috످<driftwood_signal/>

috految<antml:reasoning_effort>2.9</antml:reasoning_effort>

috److Your message came through as just an empty tag (`<driftwood_signal/>`), which I don't recognize. Did you mean to include something with it, or is it part of a project you'd like help with?

috످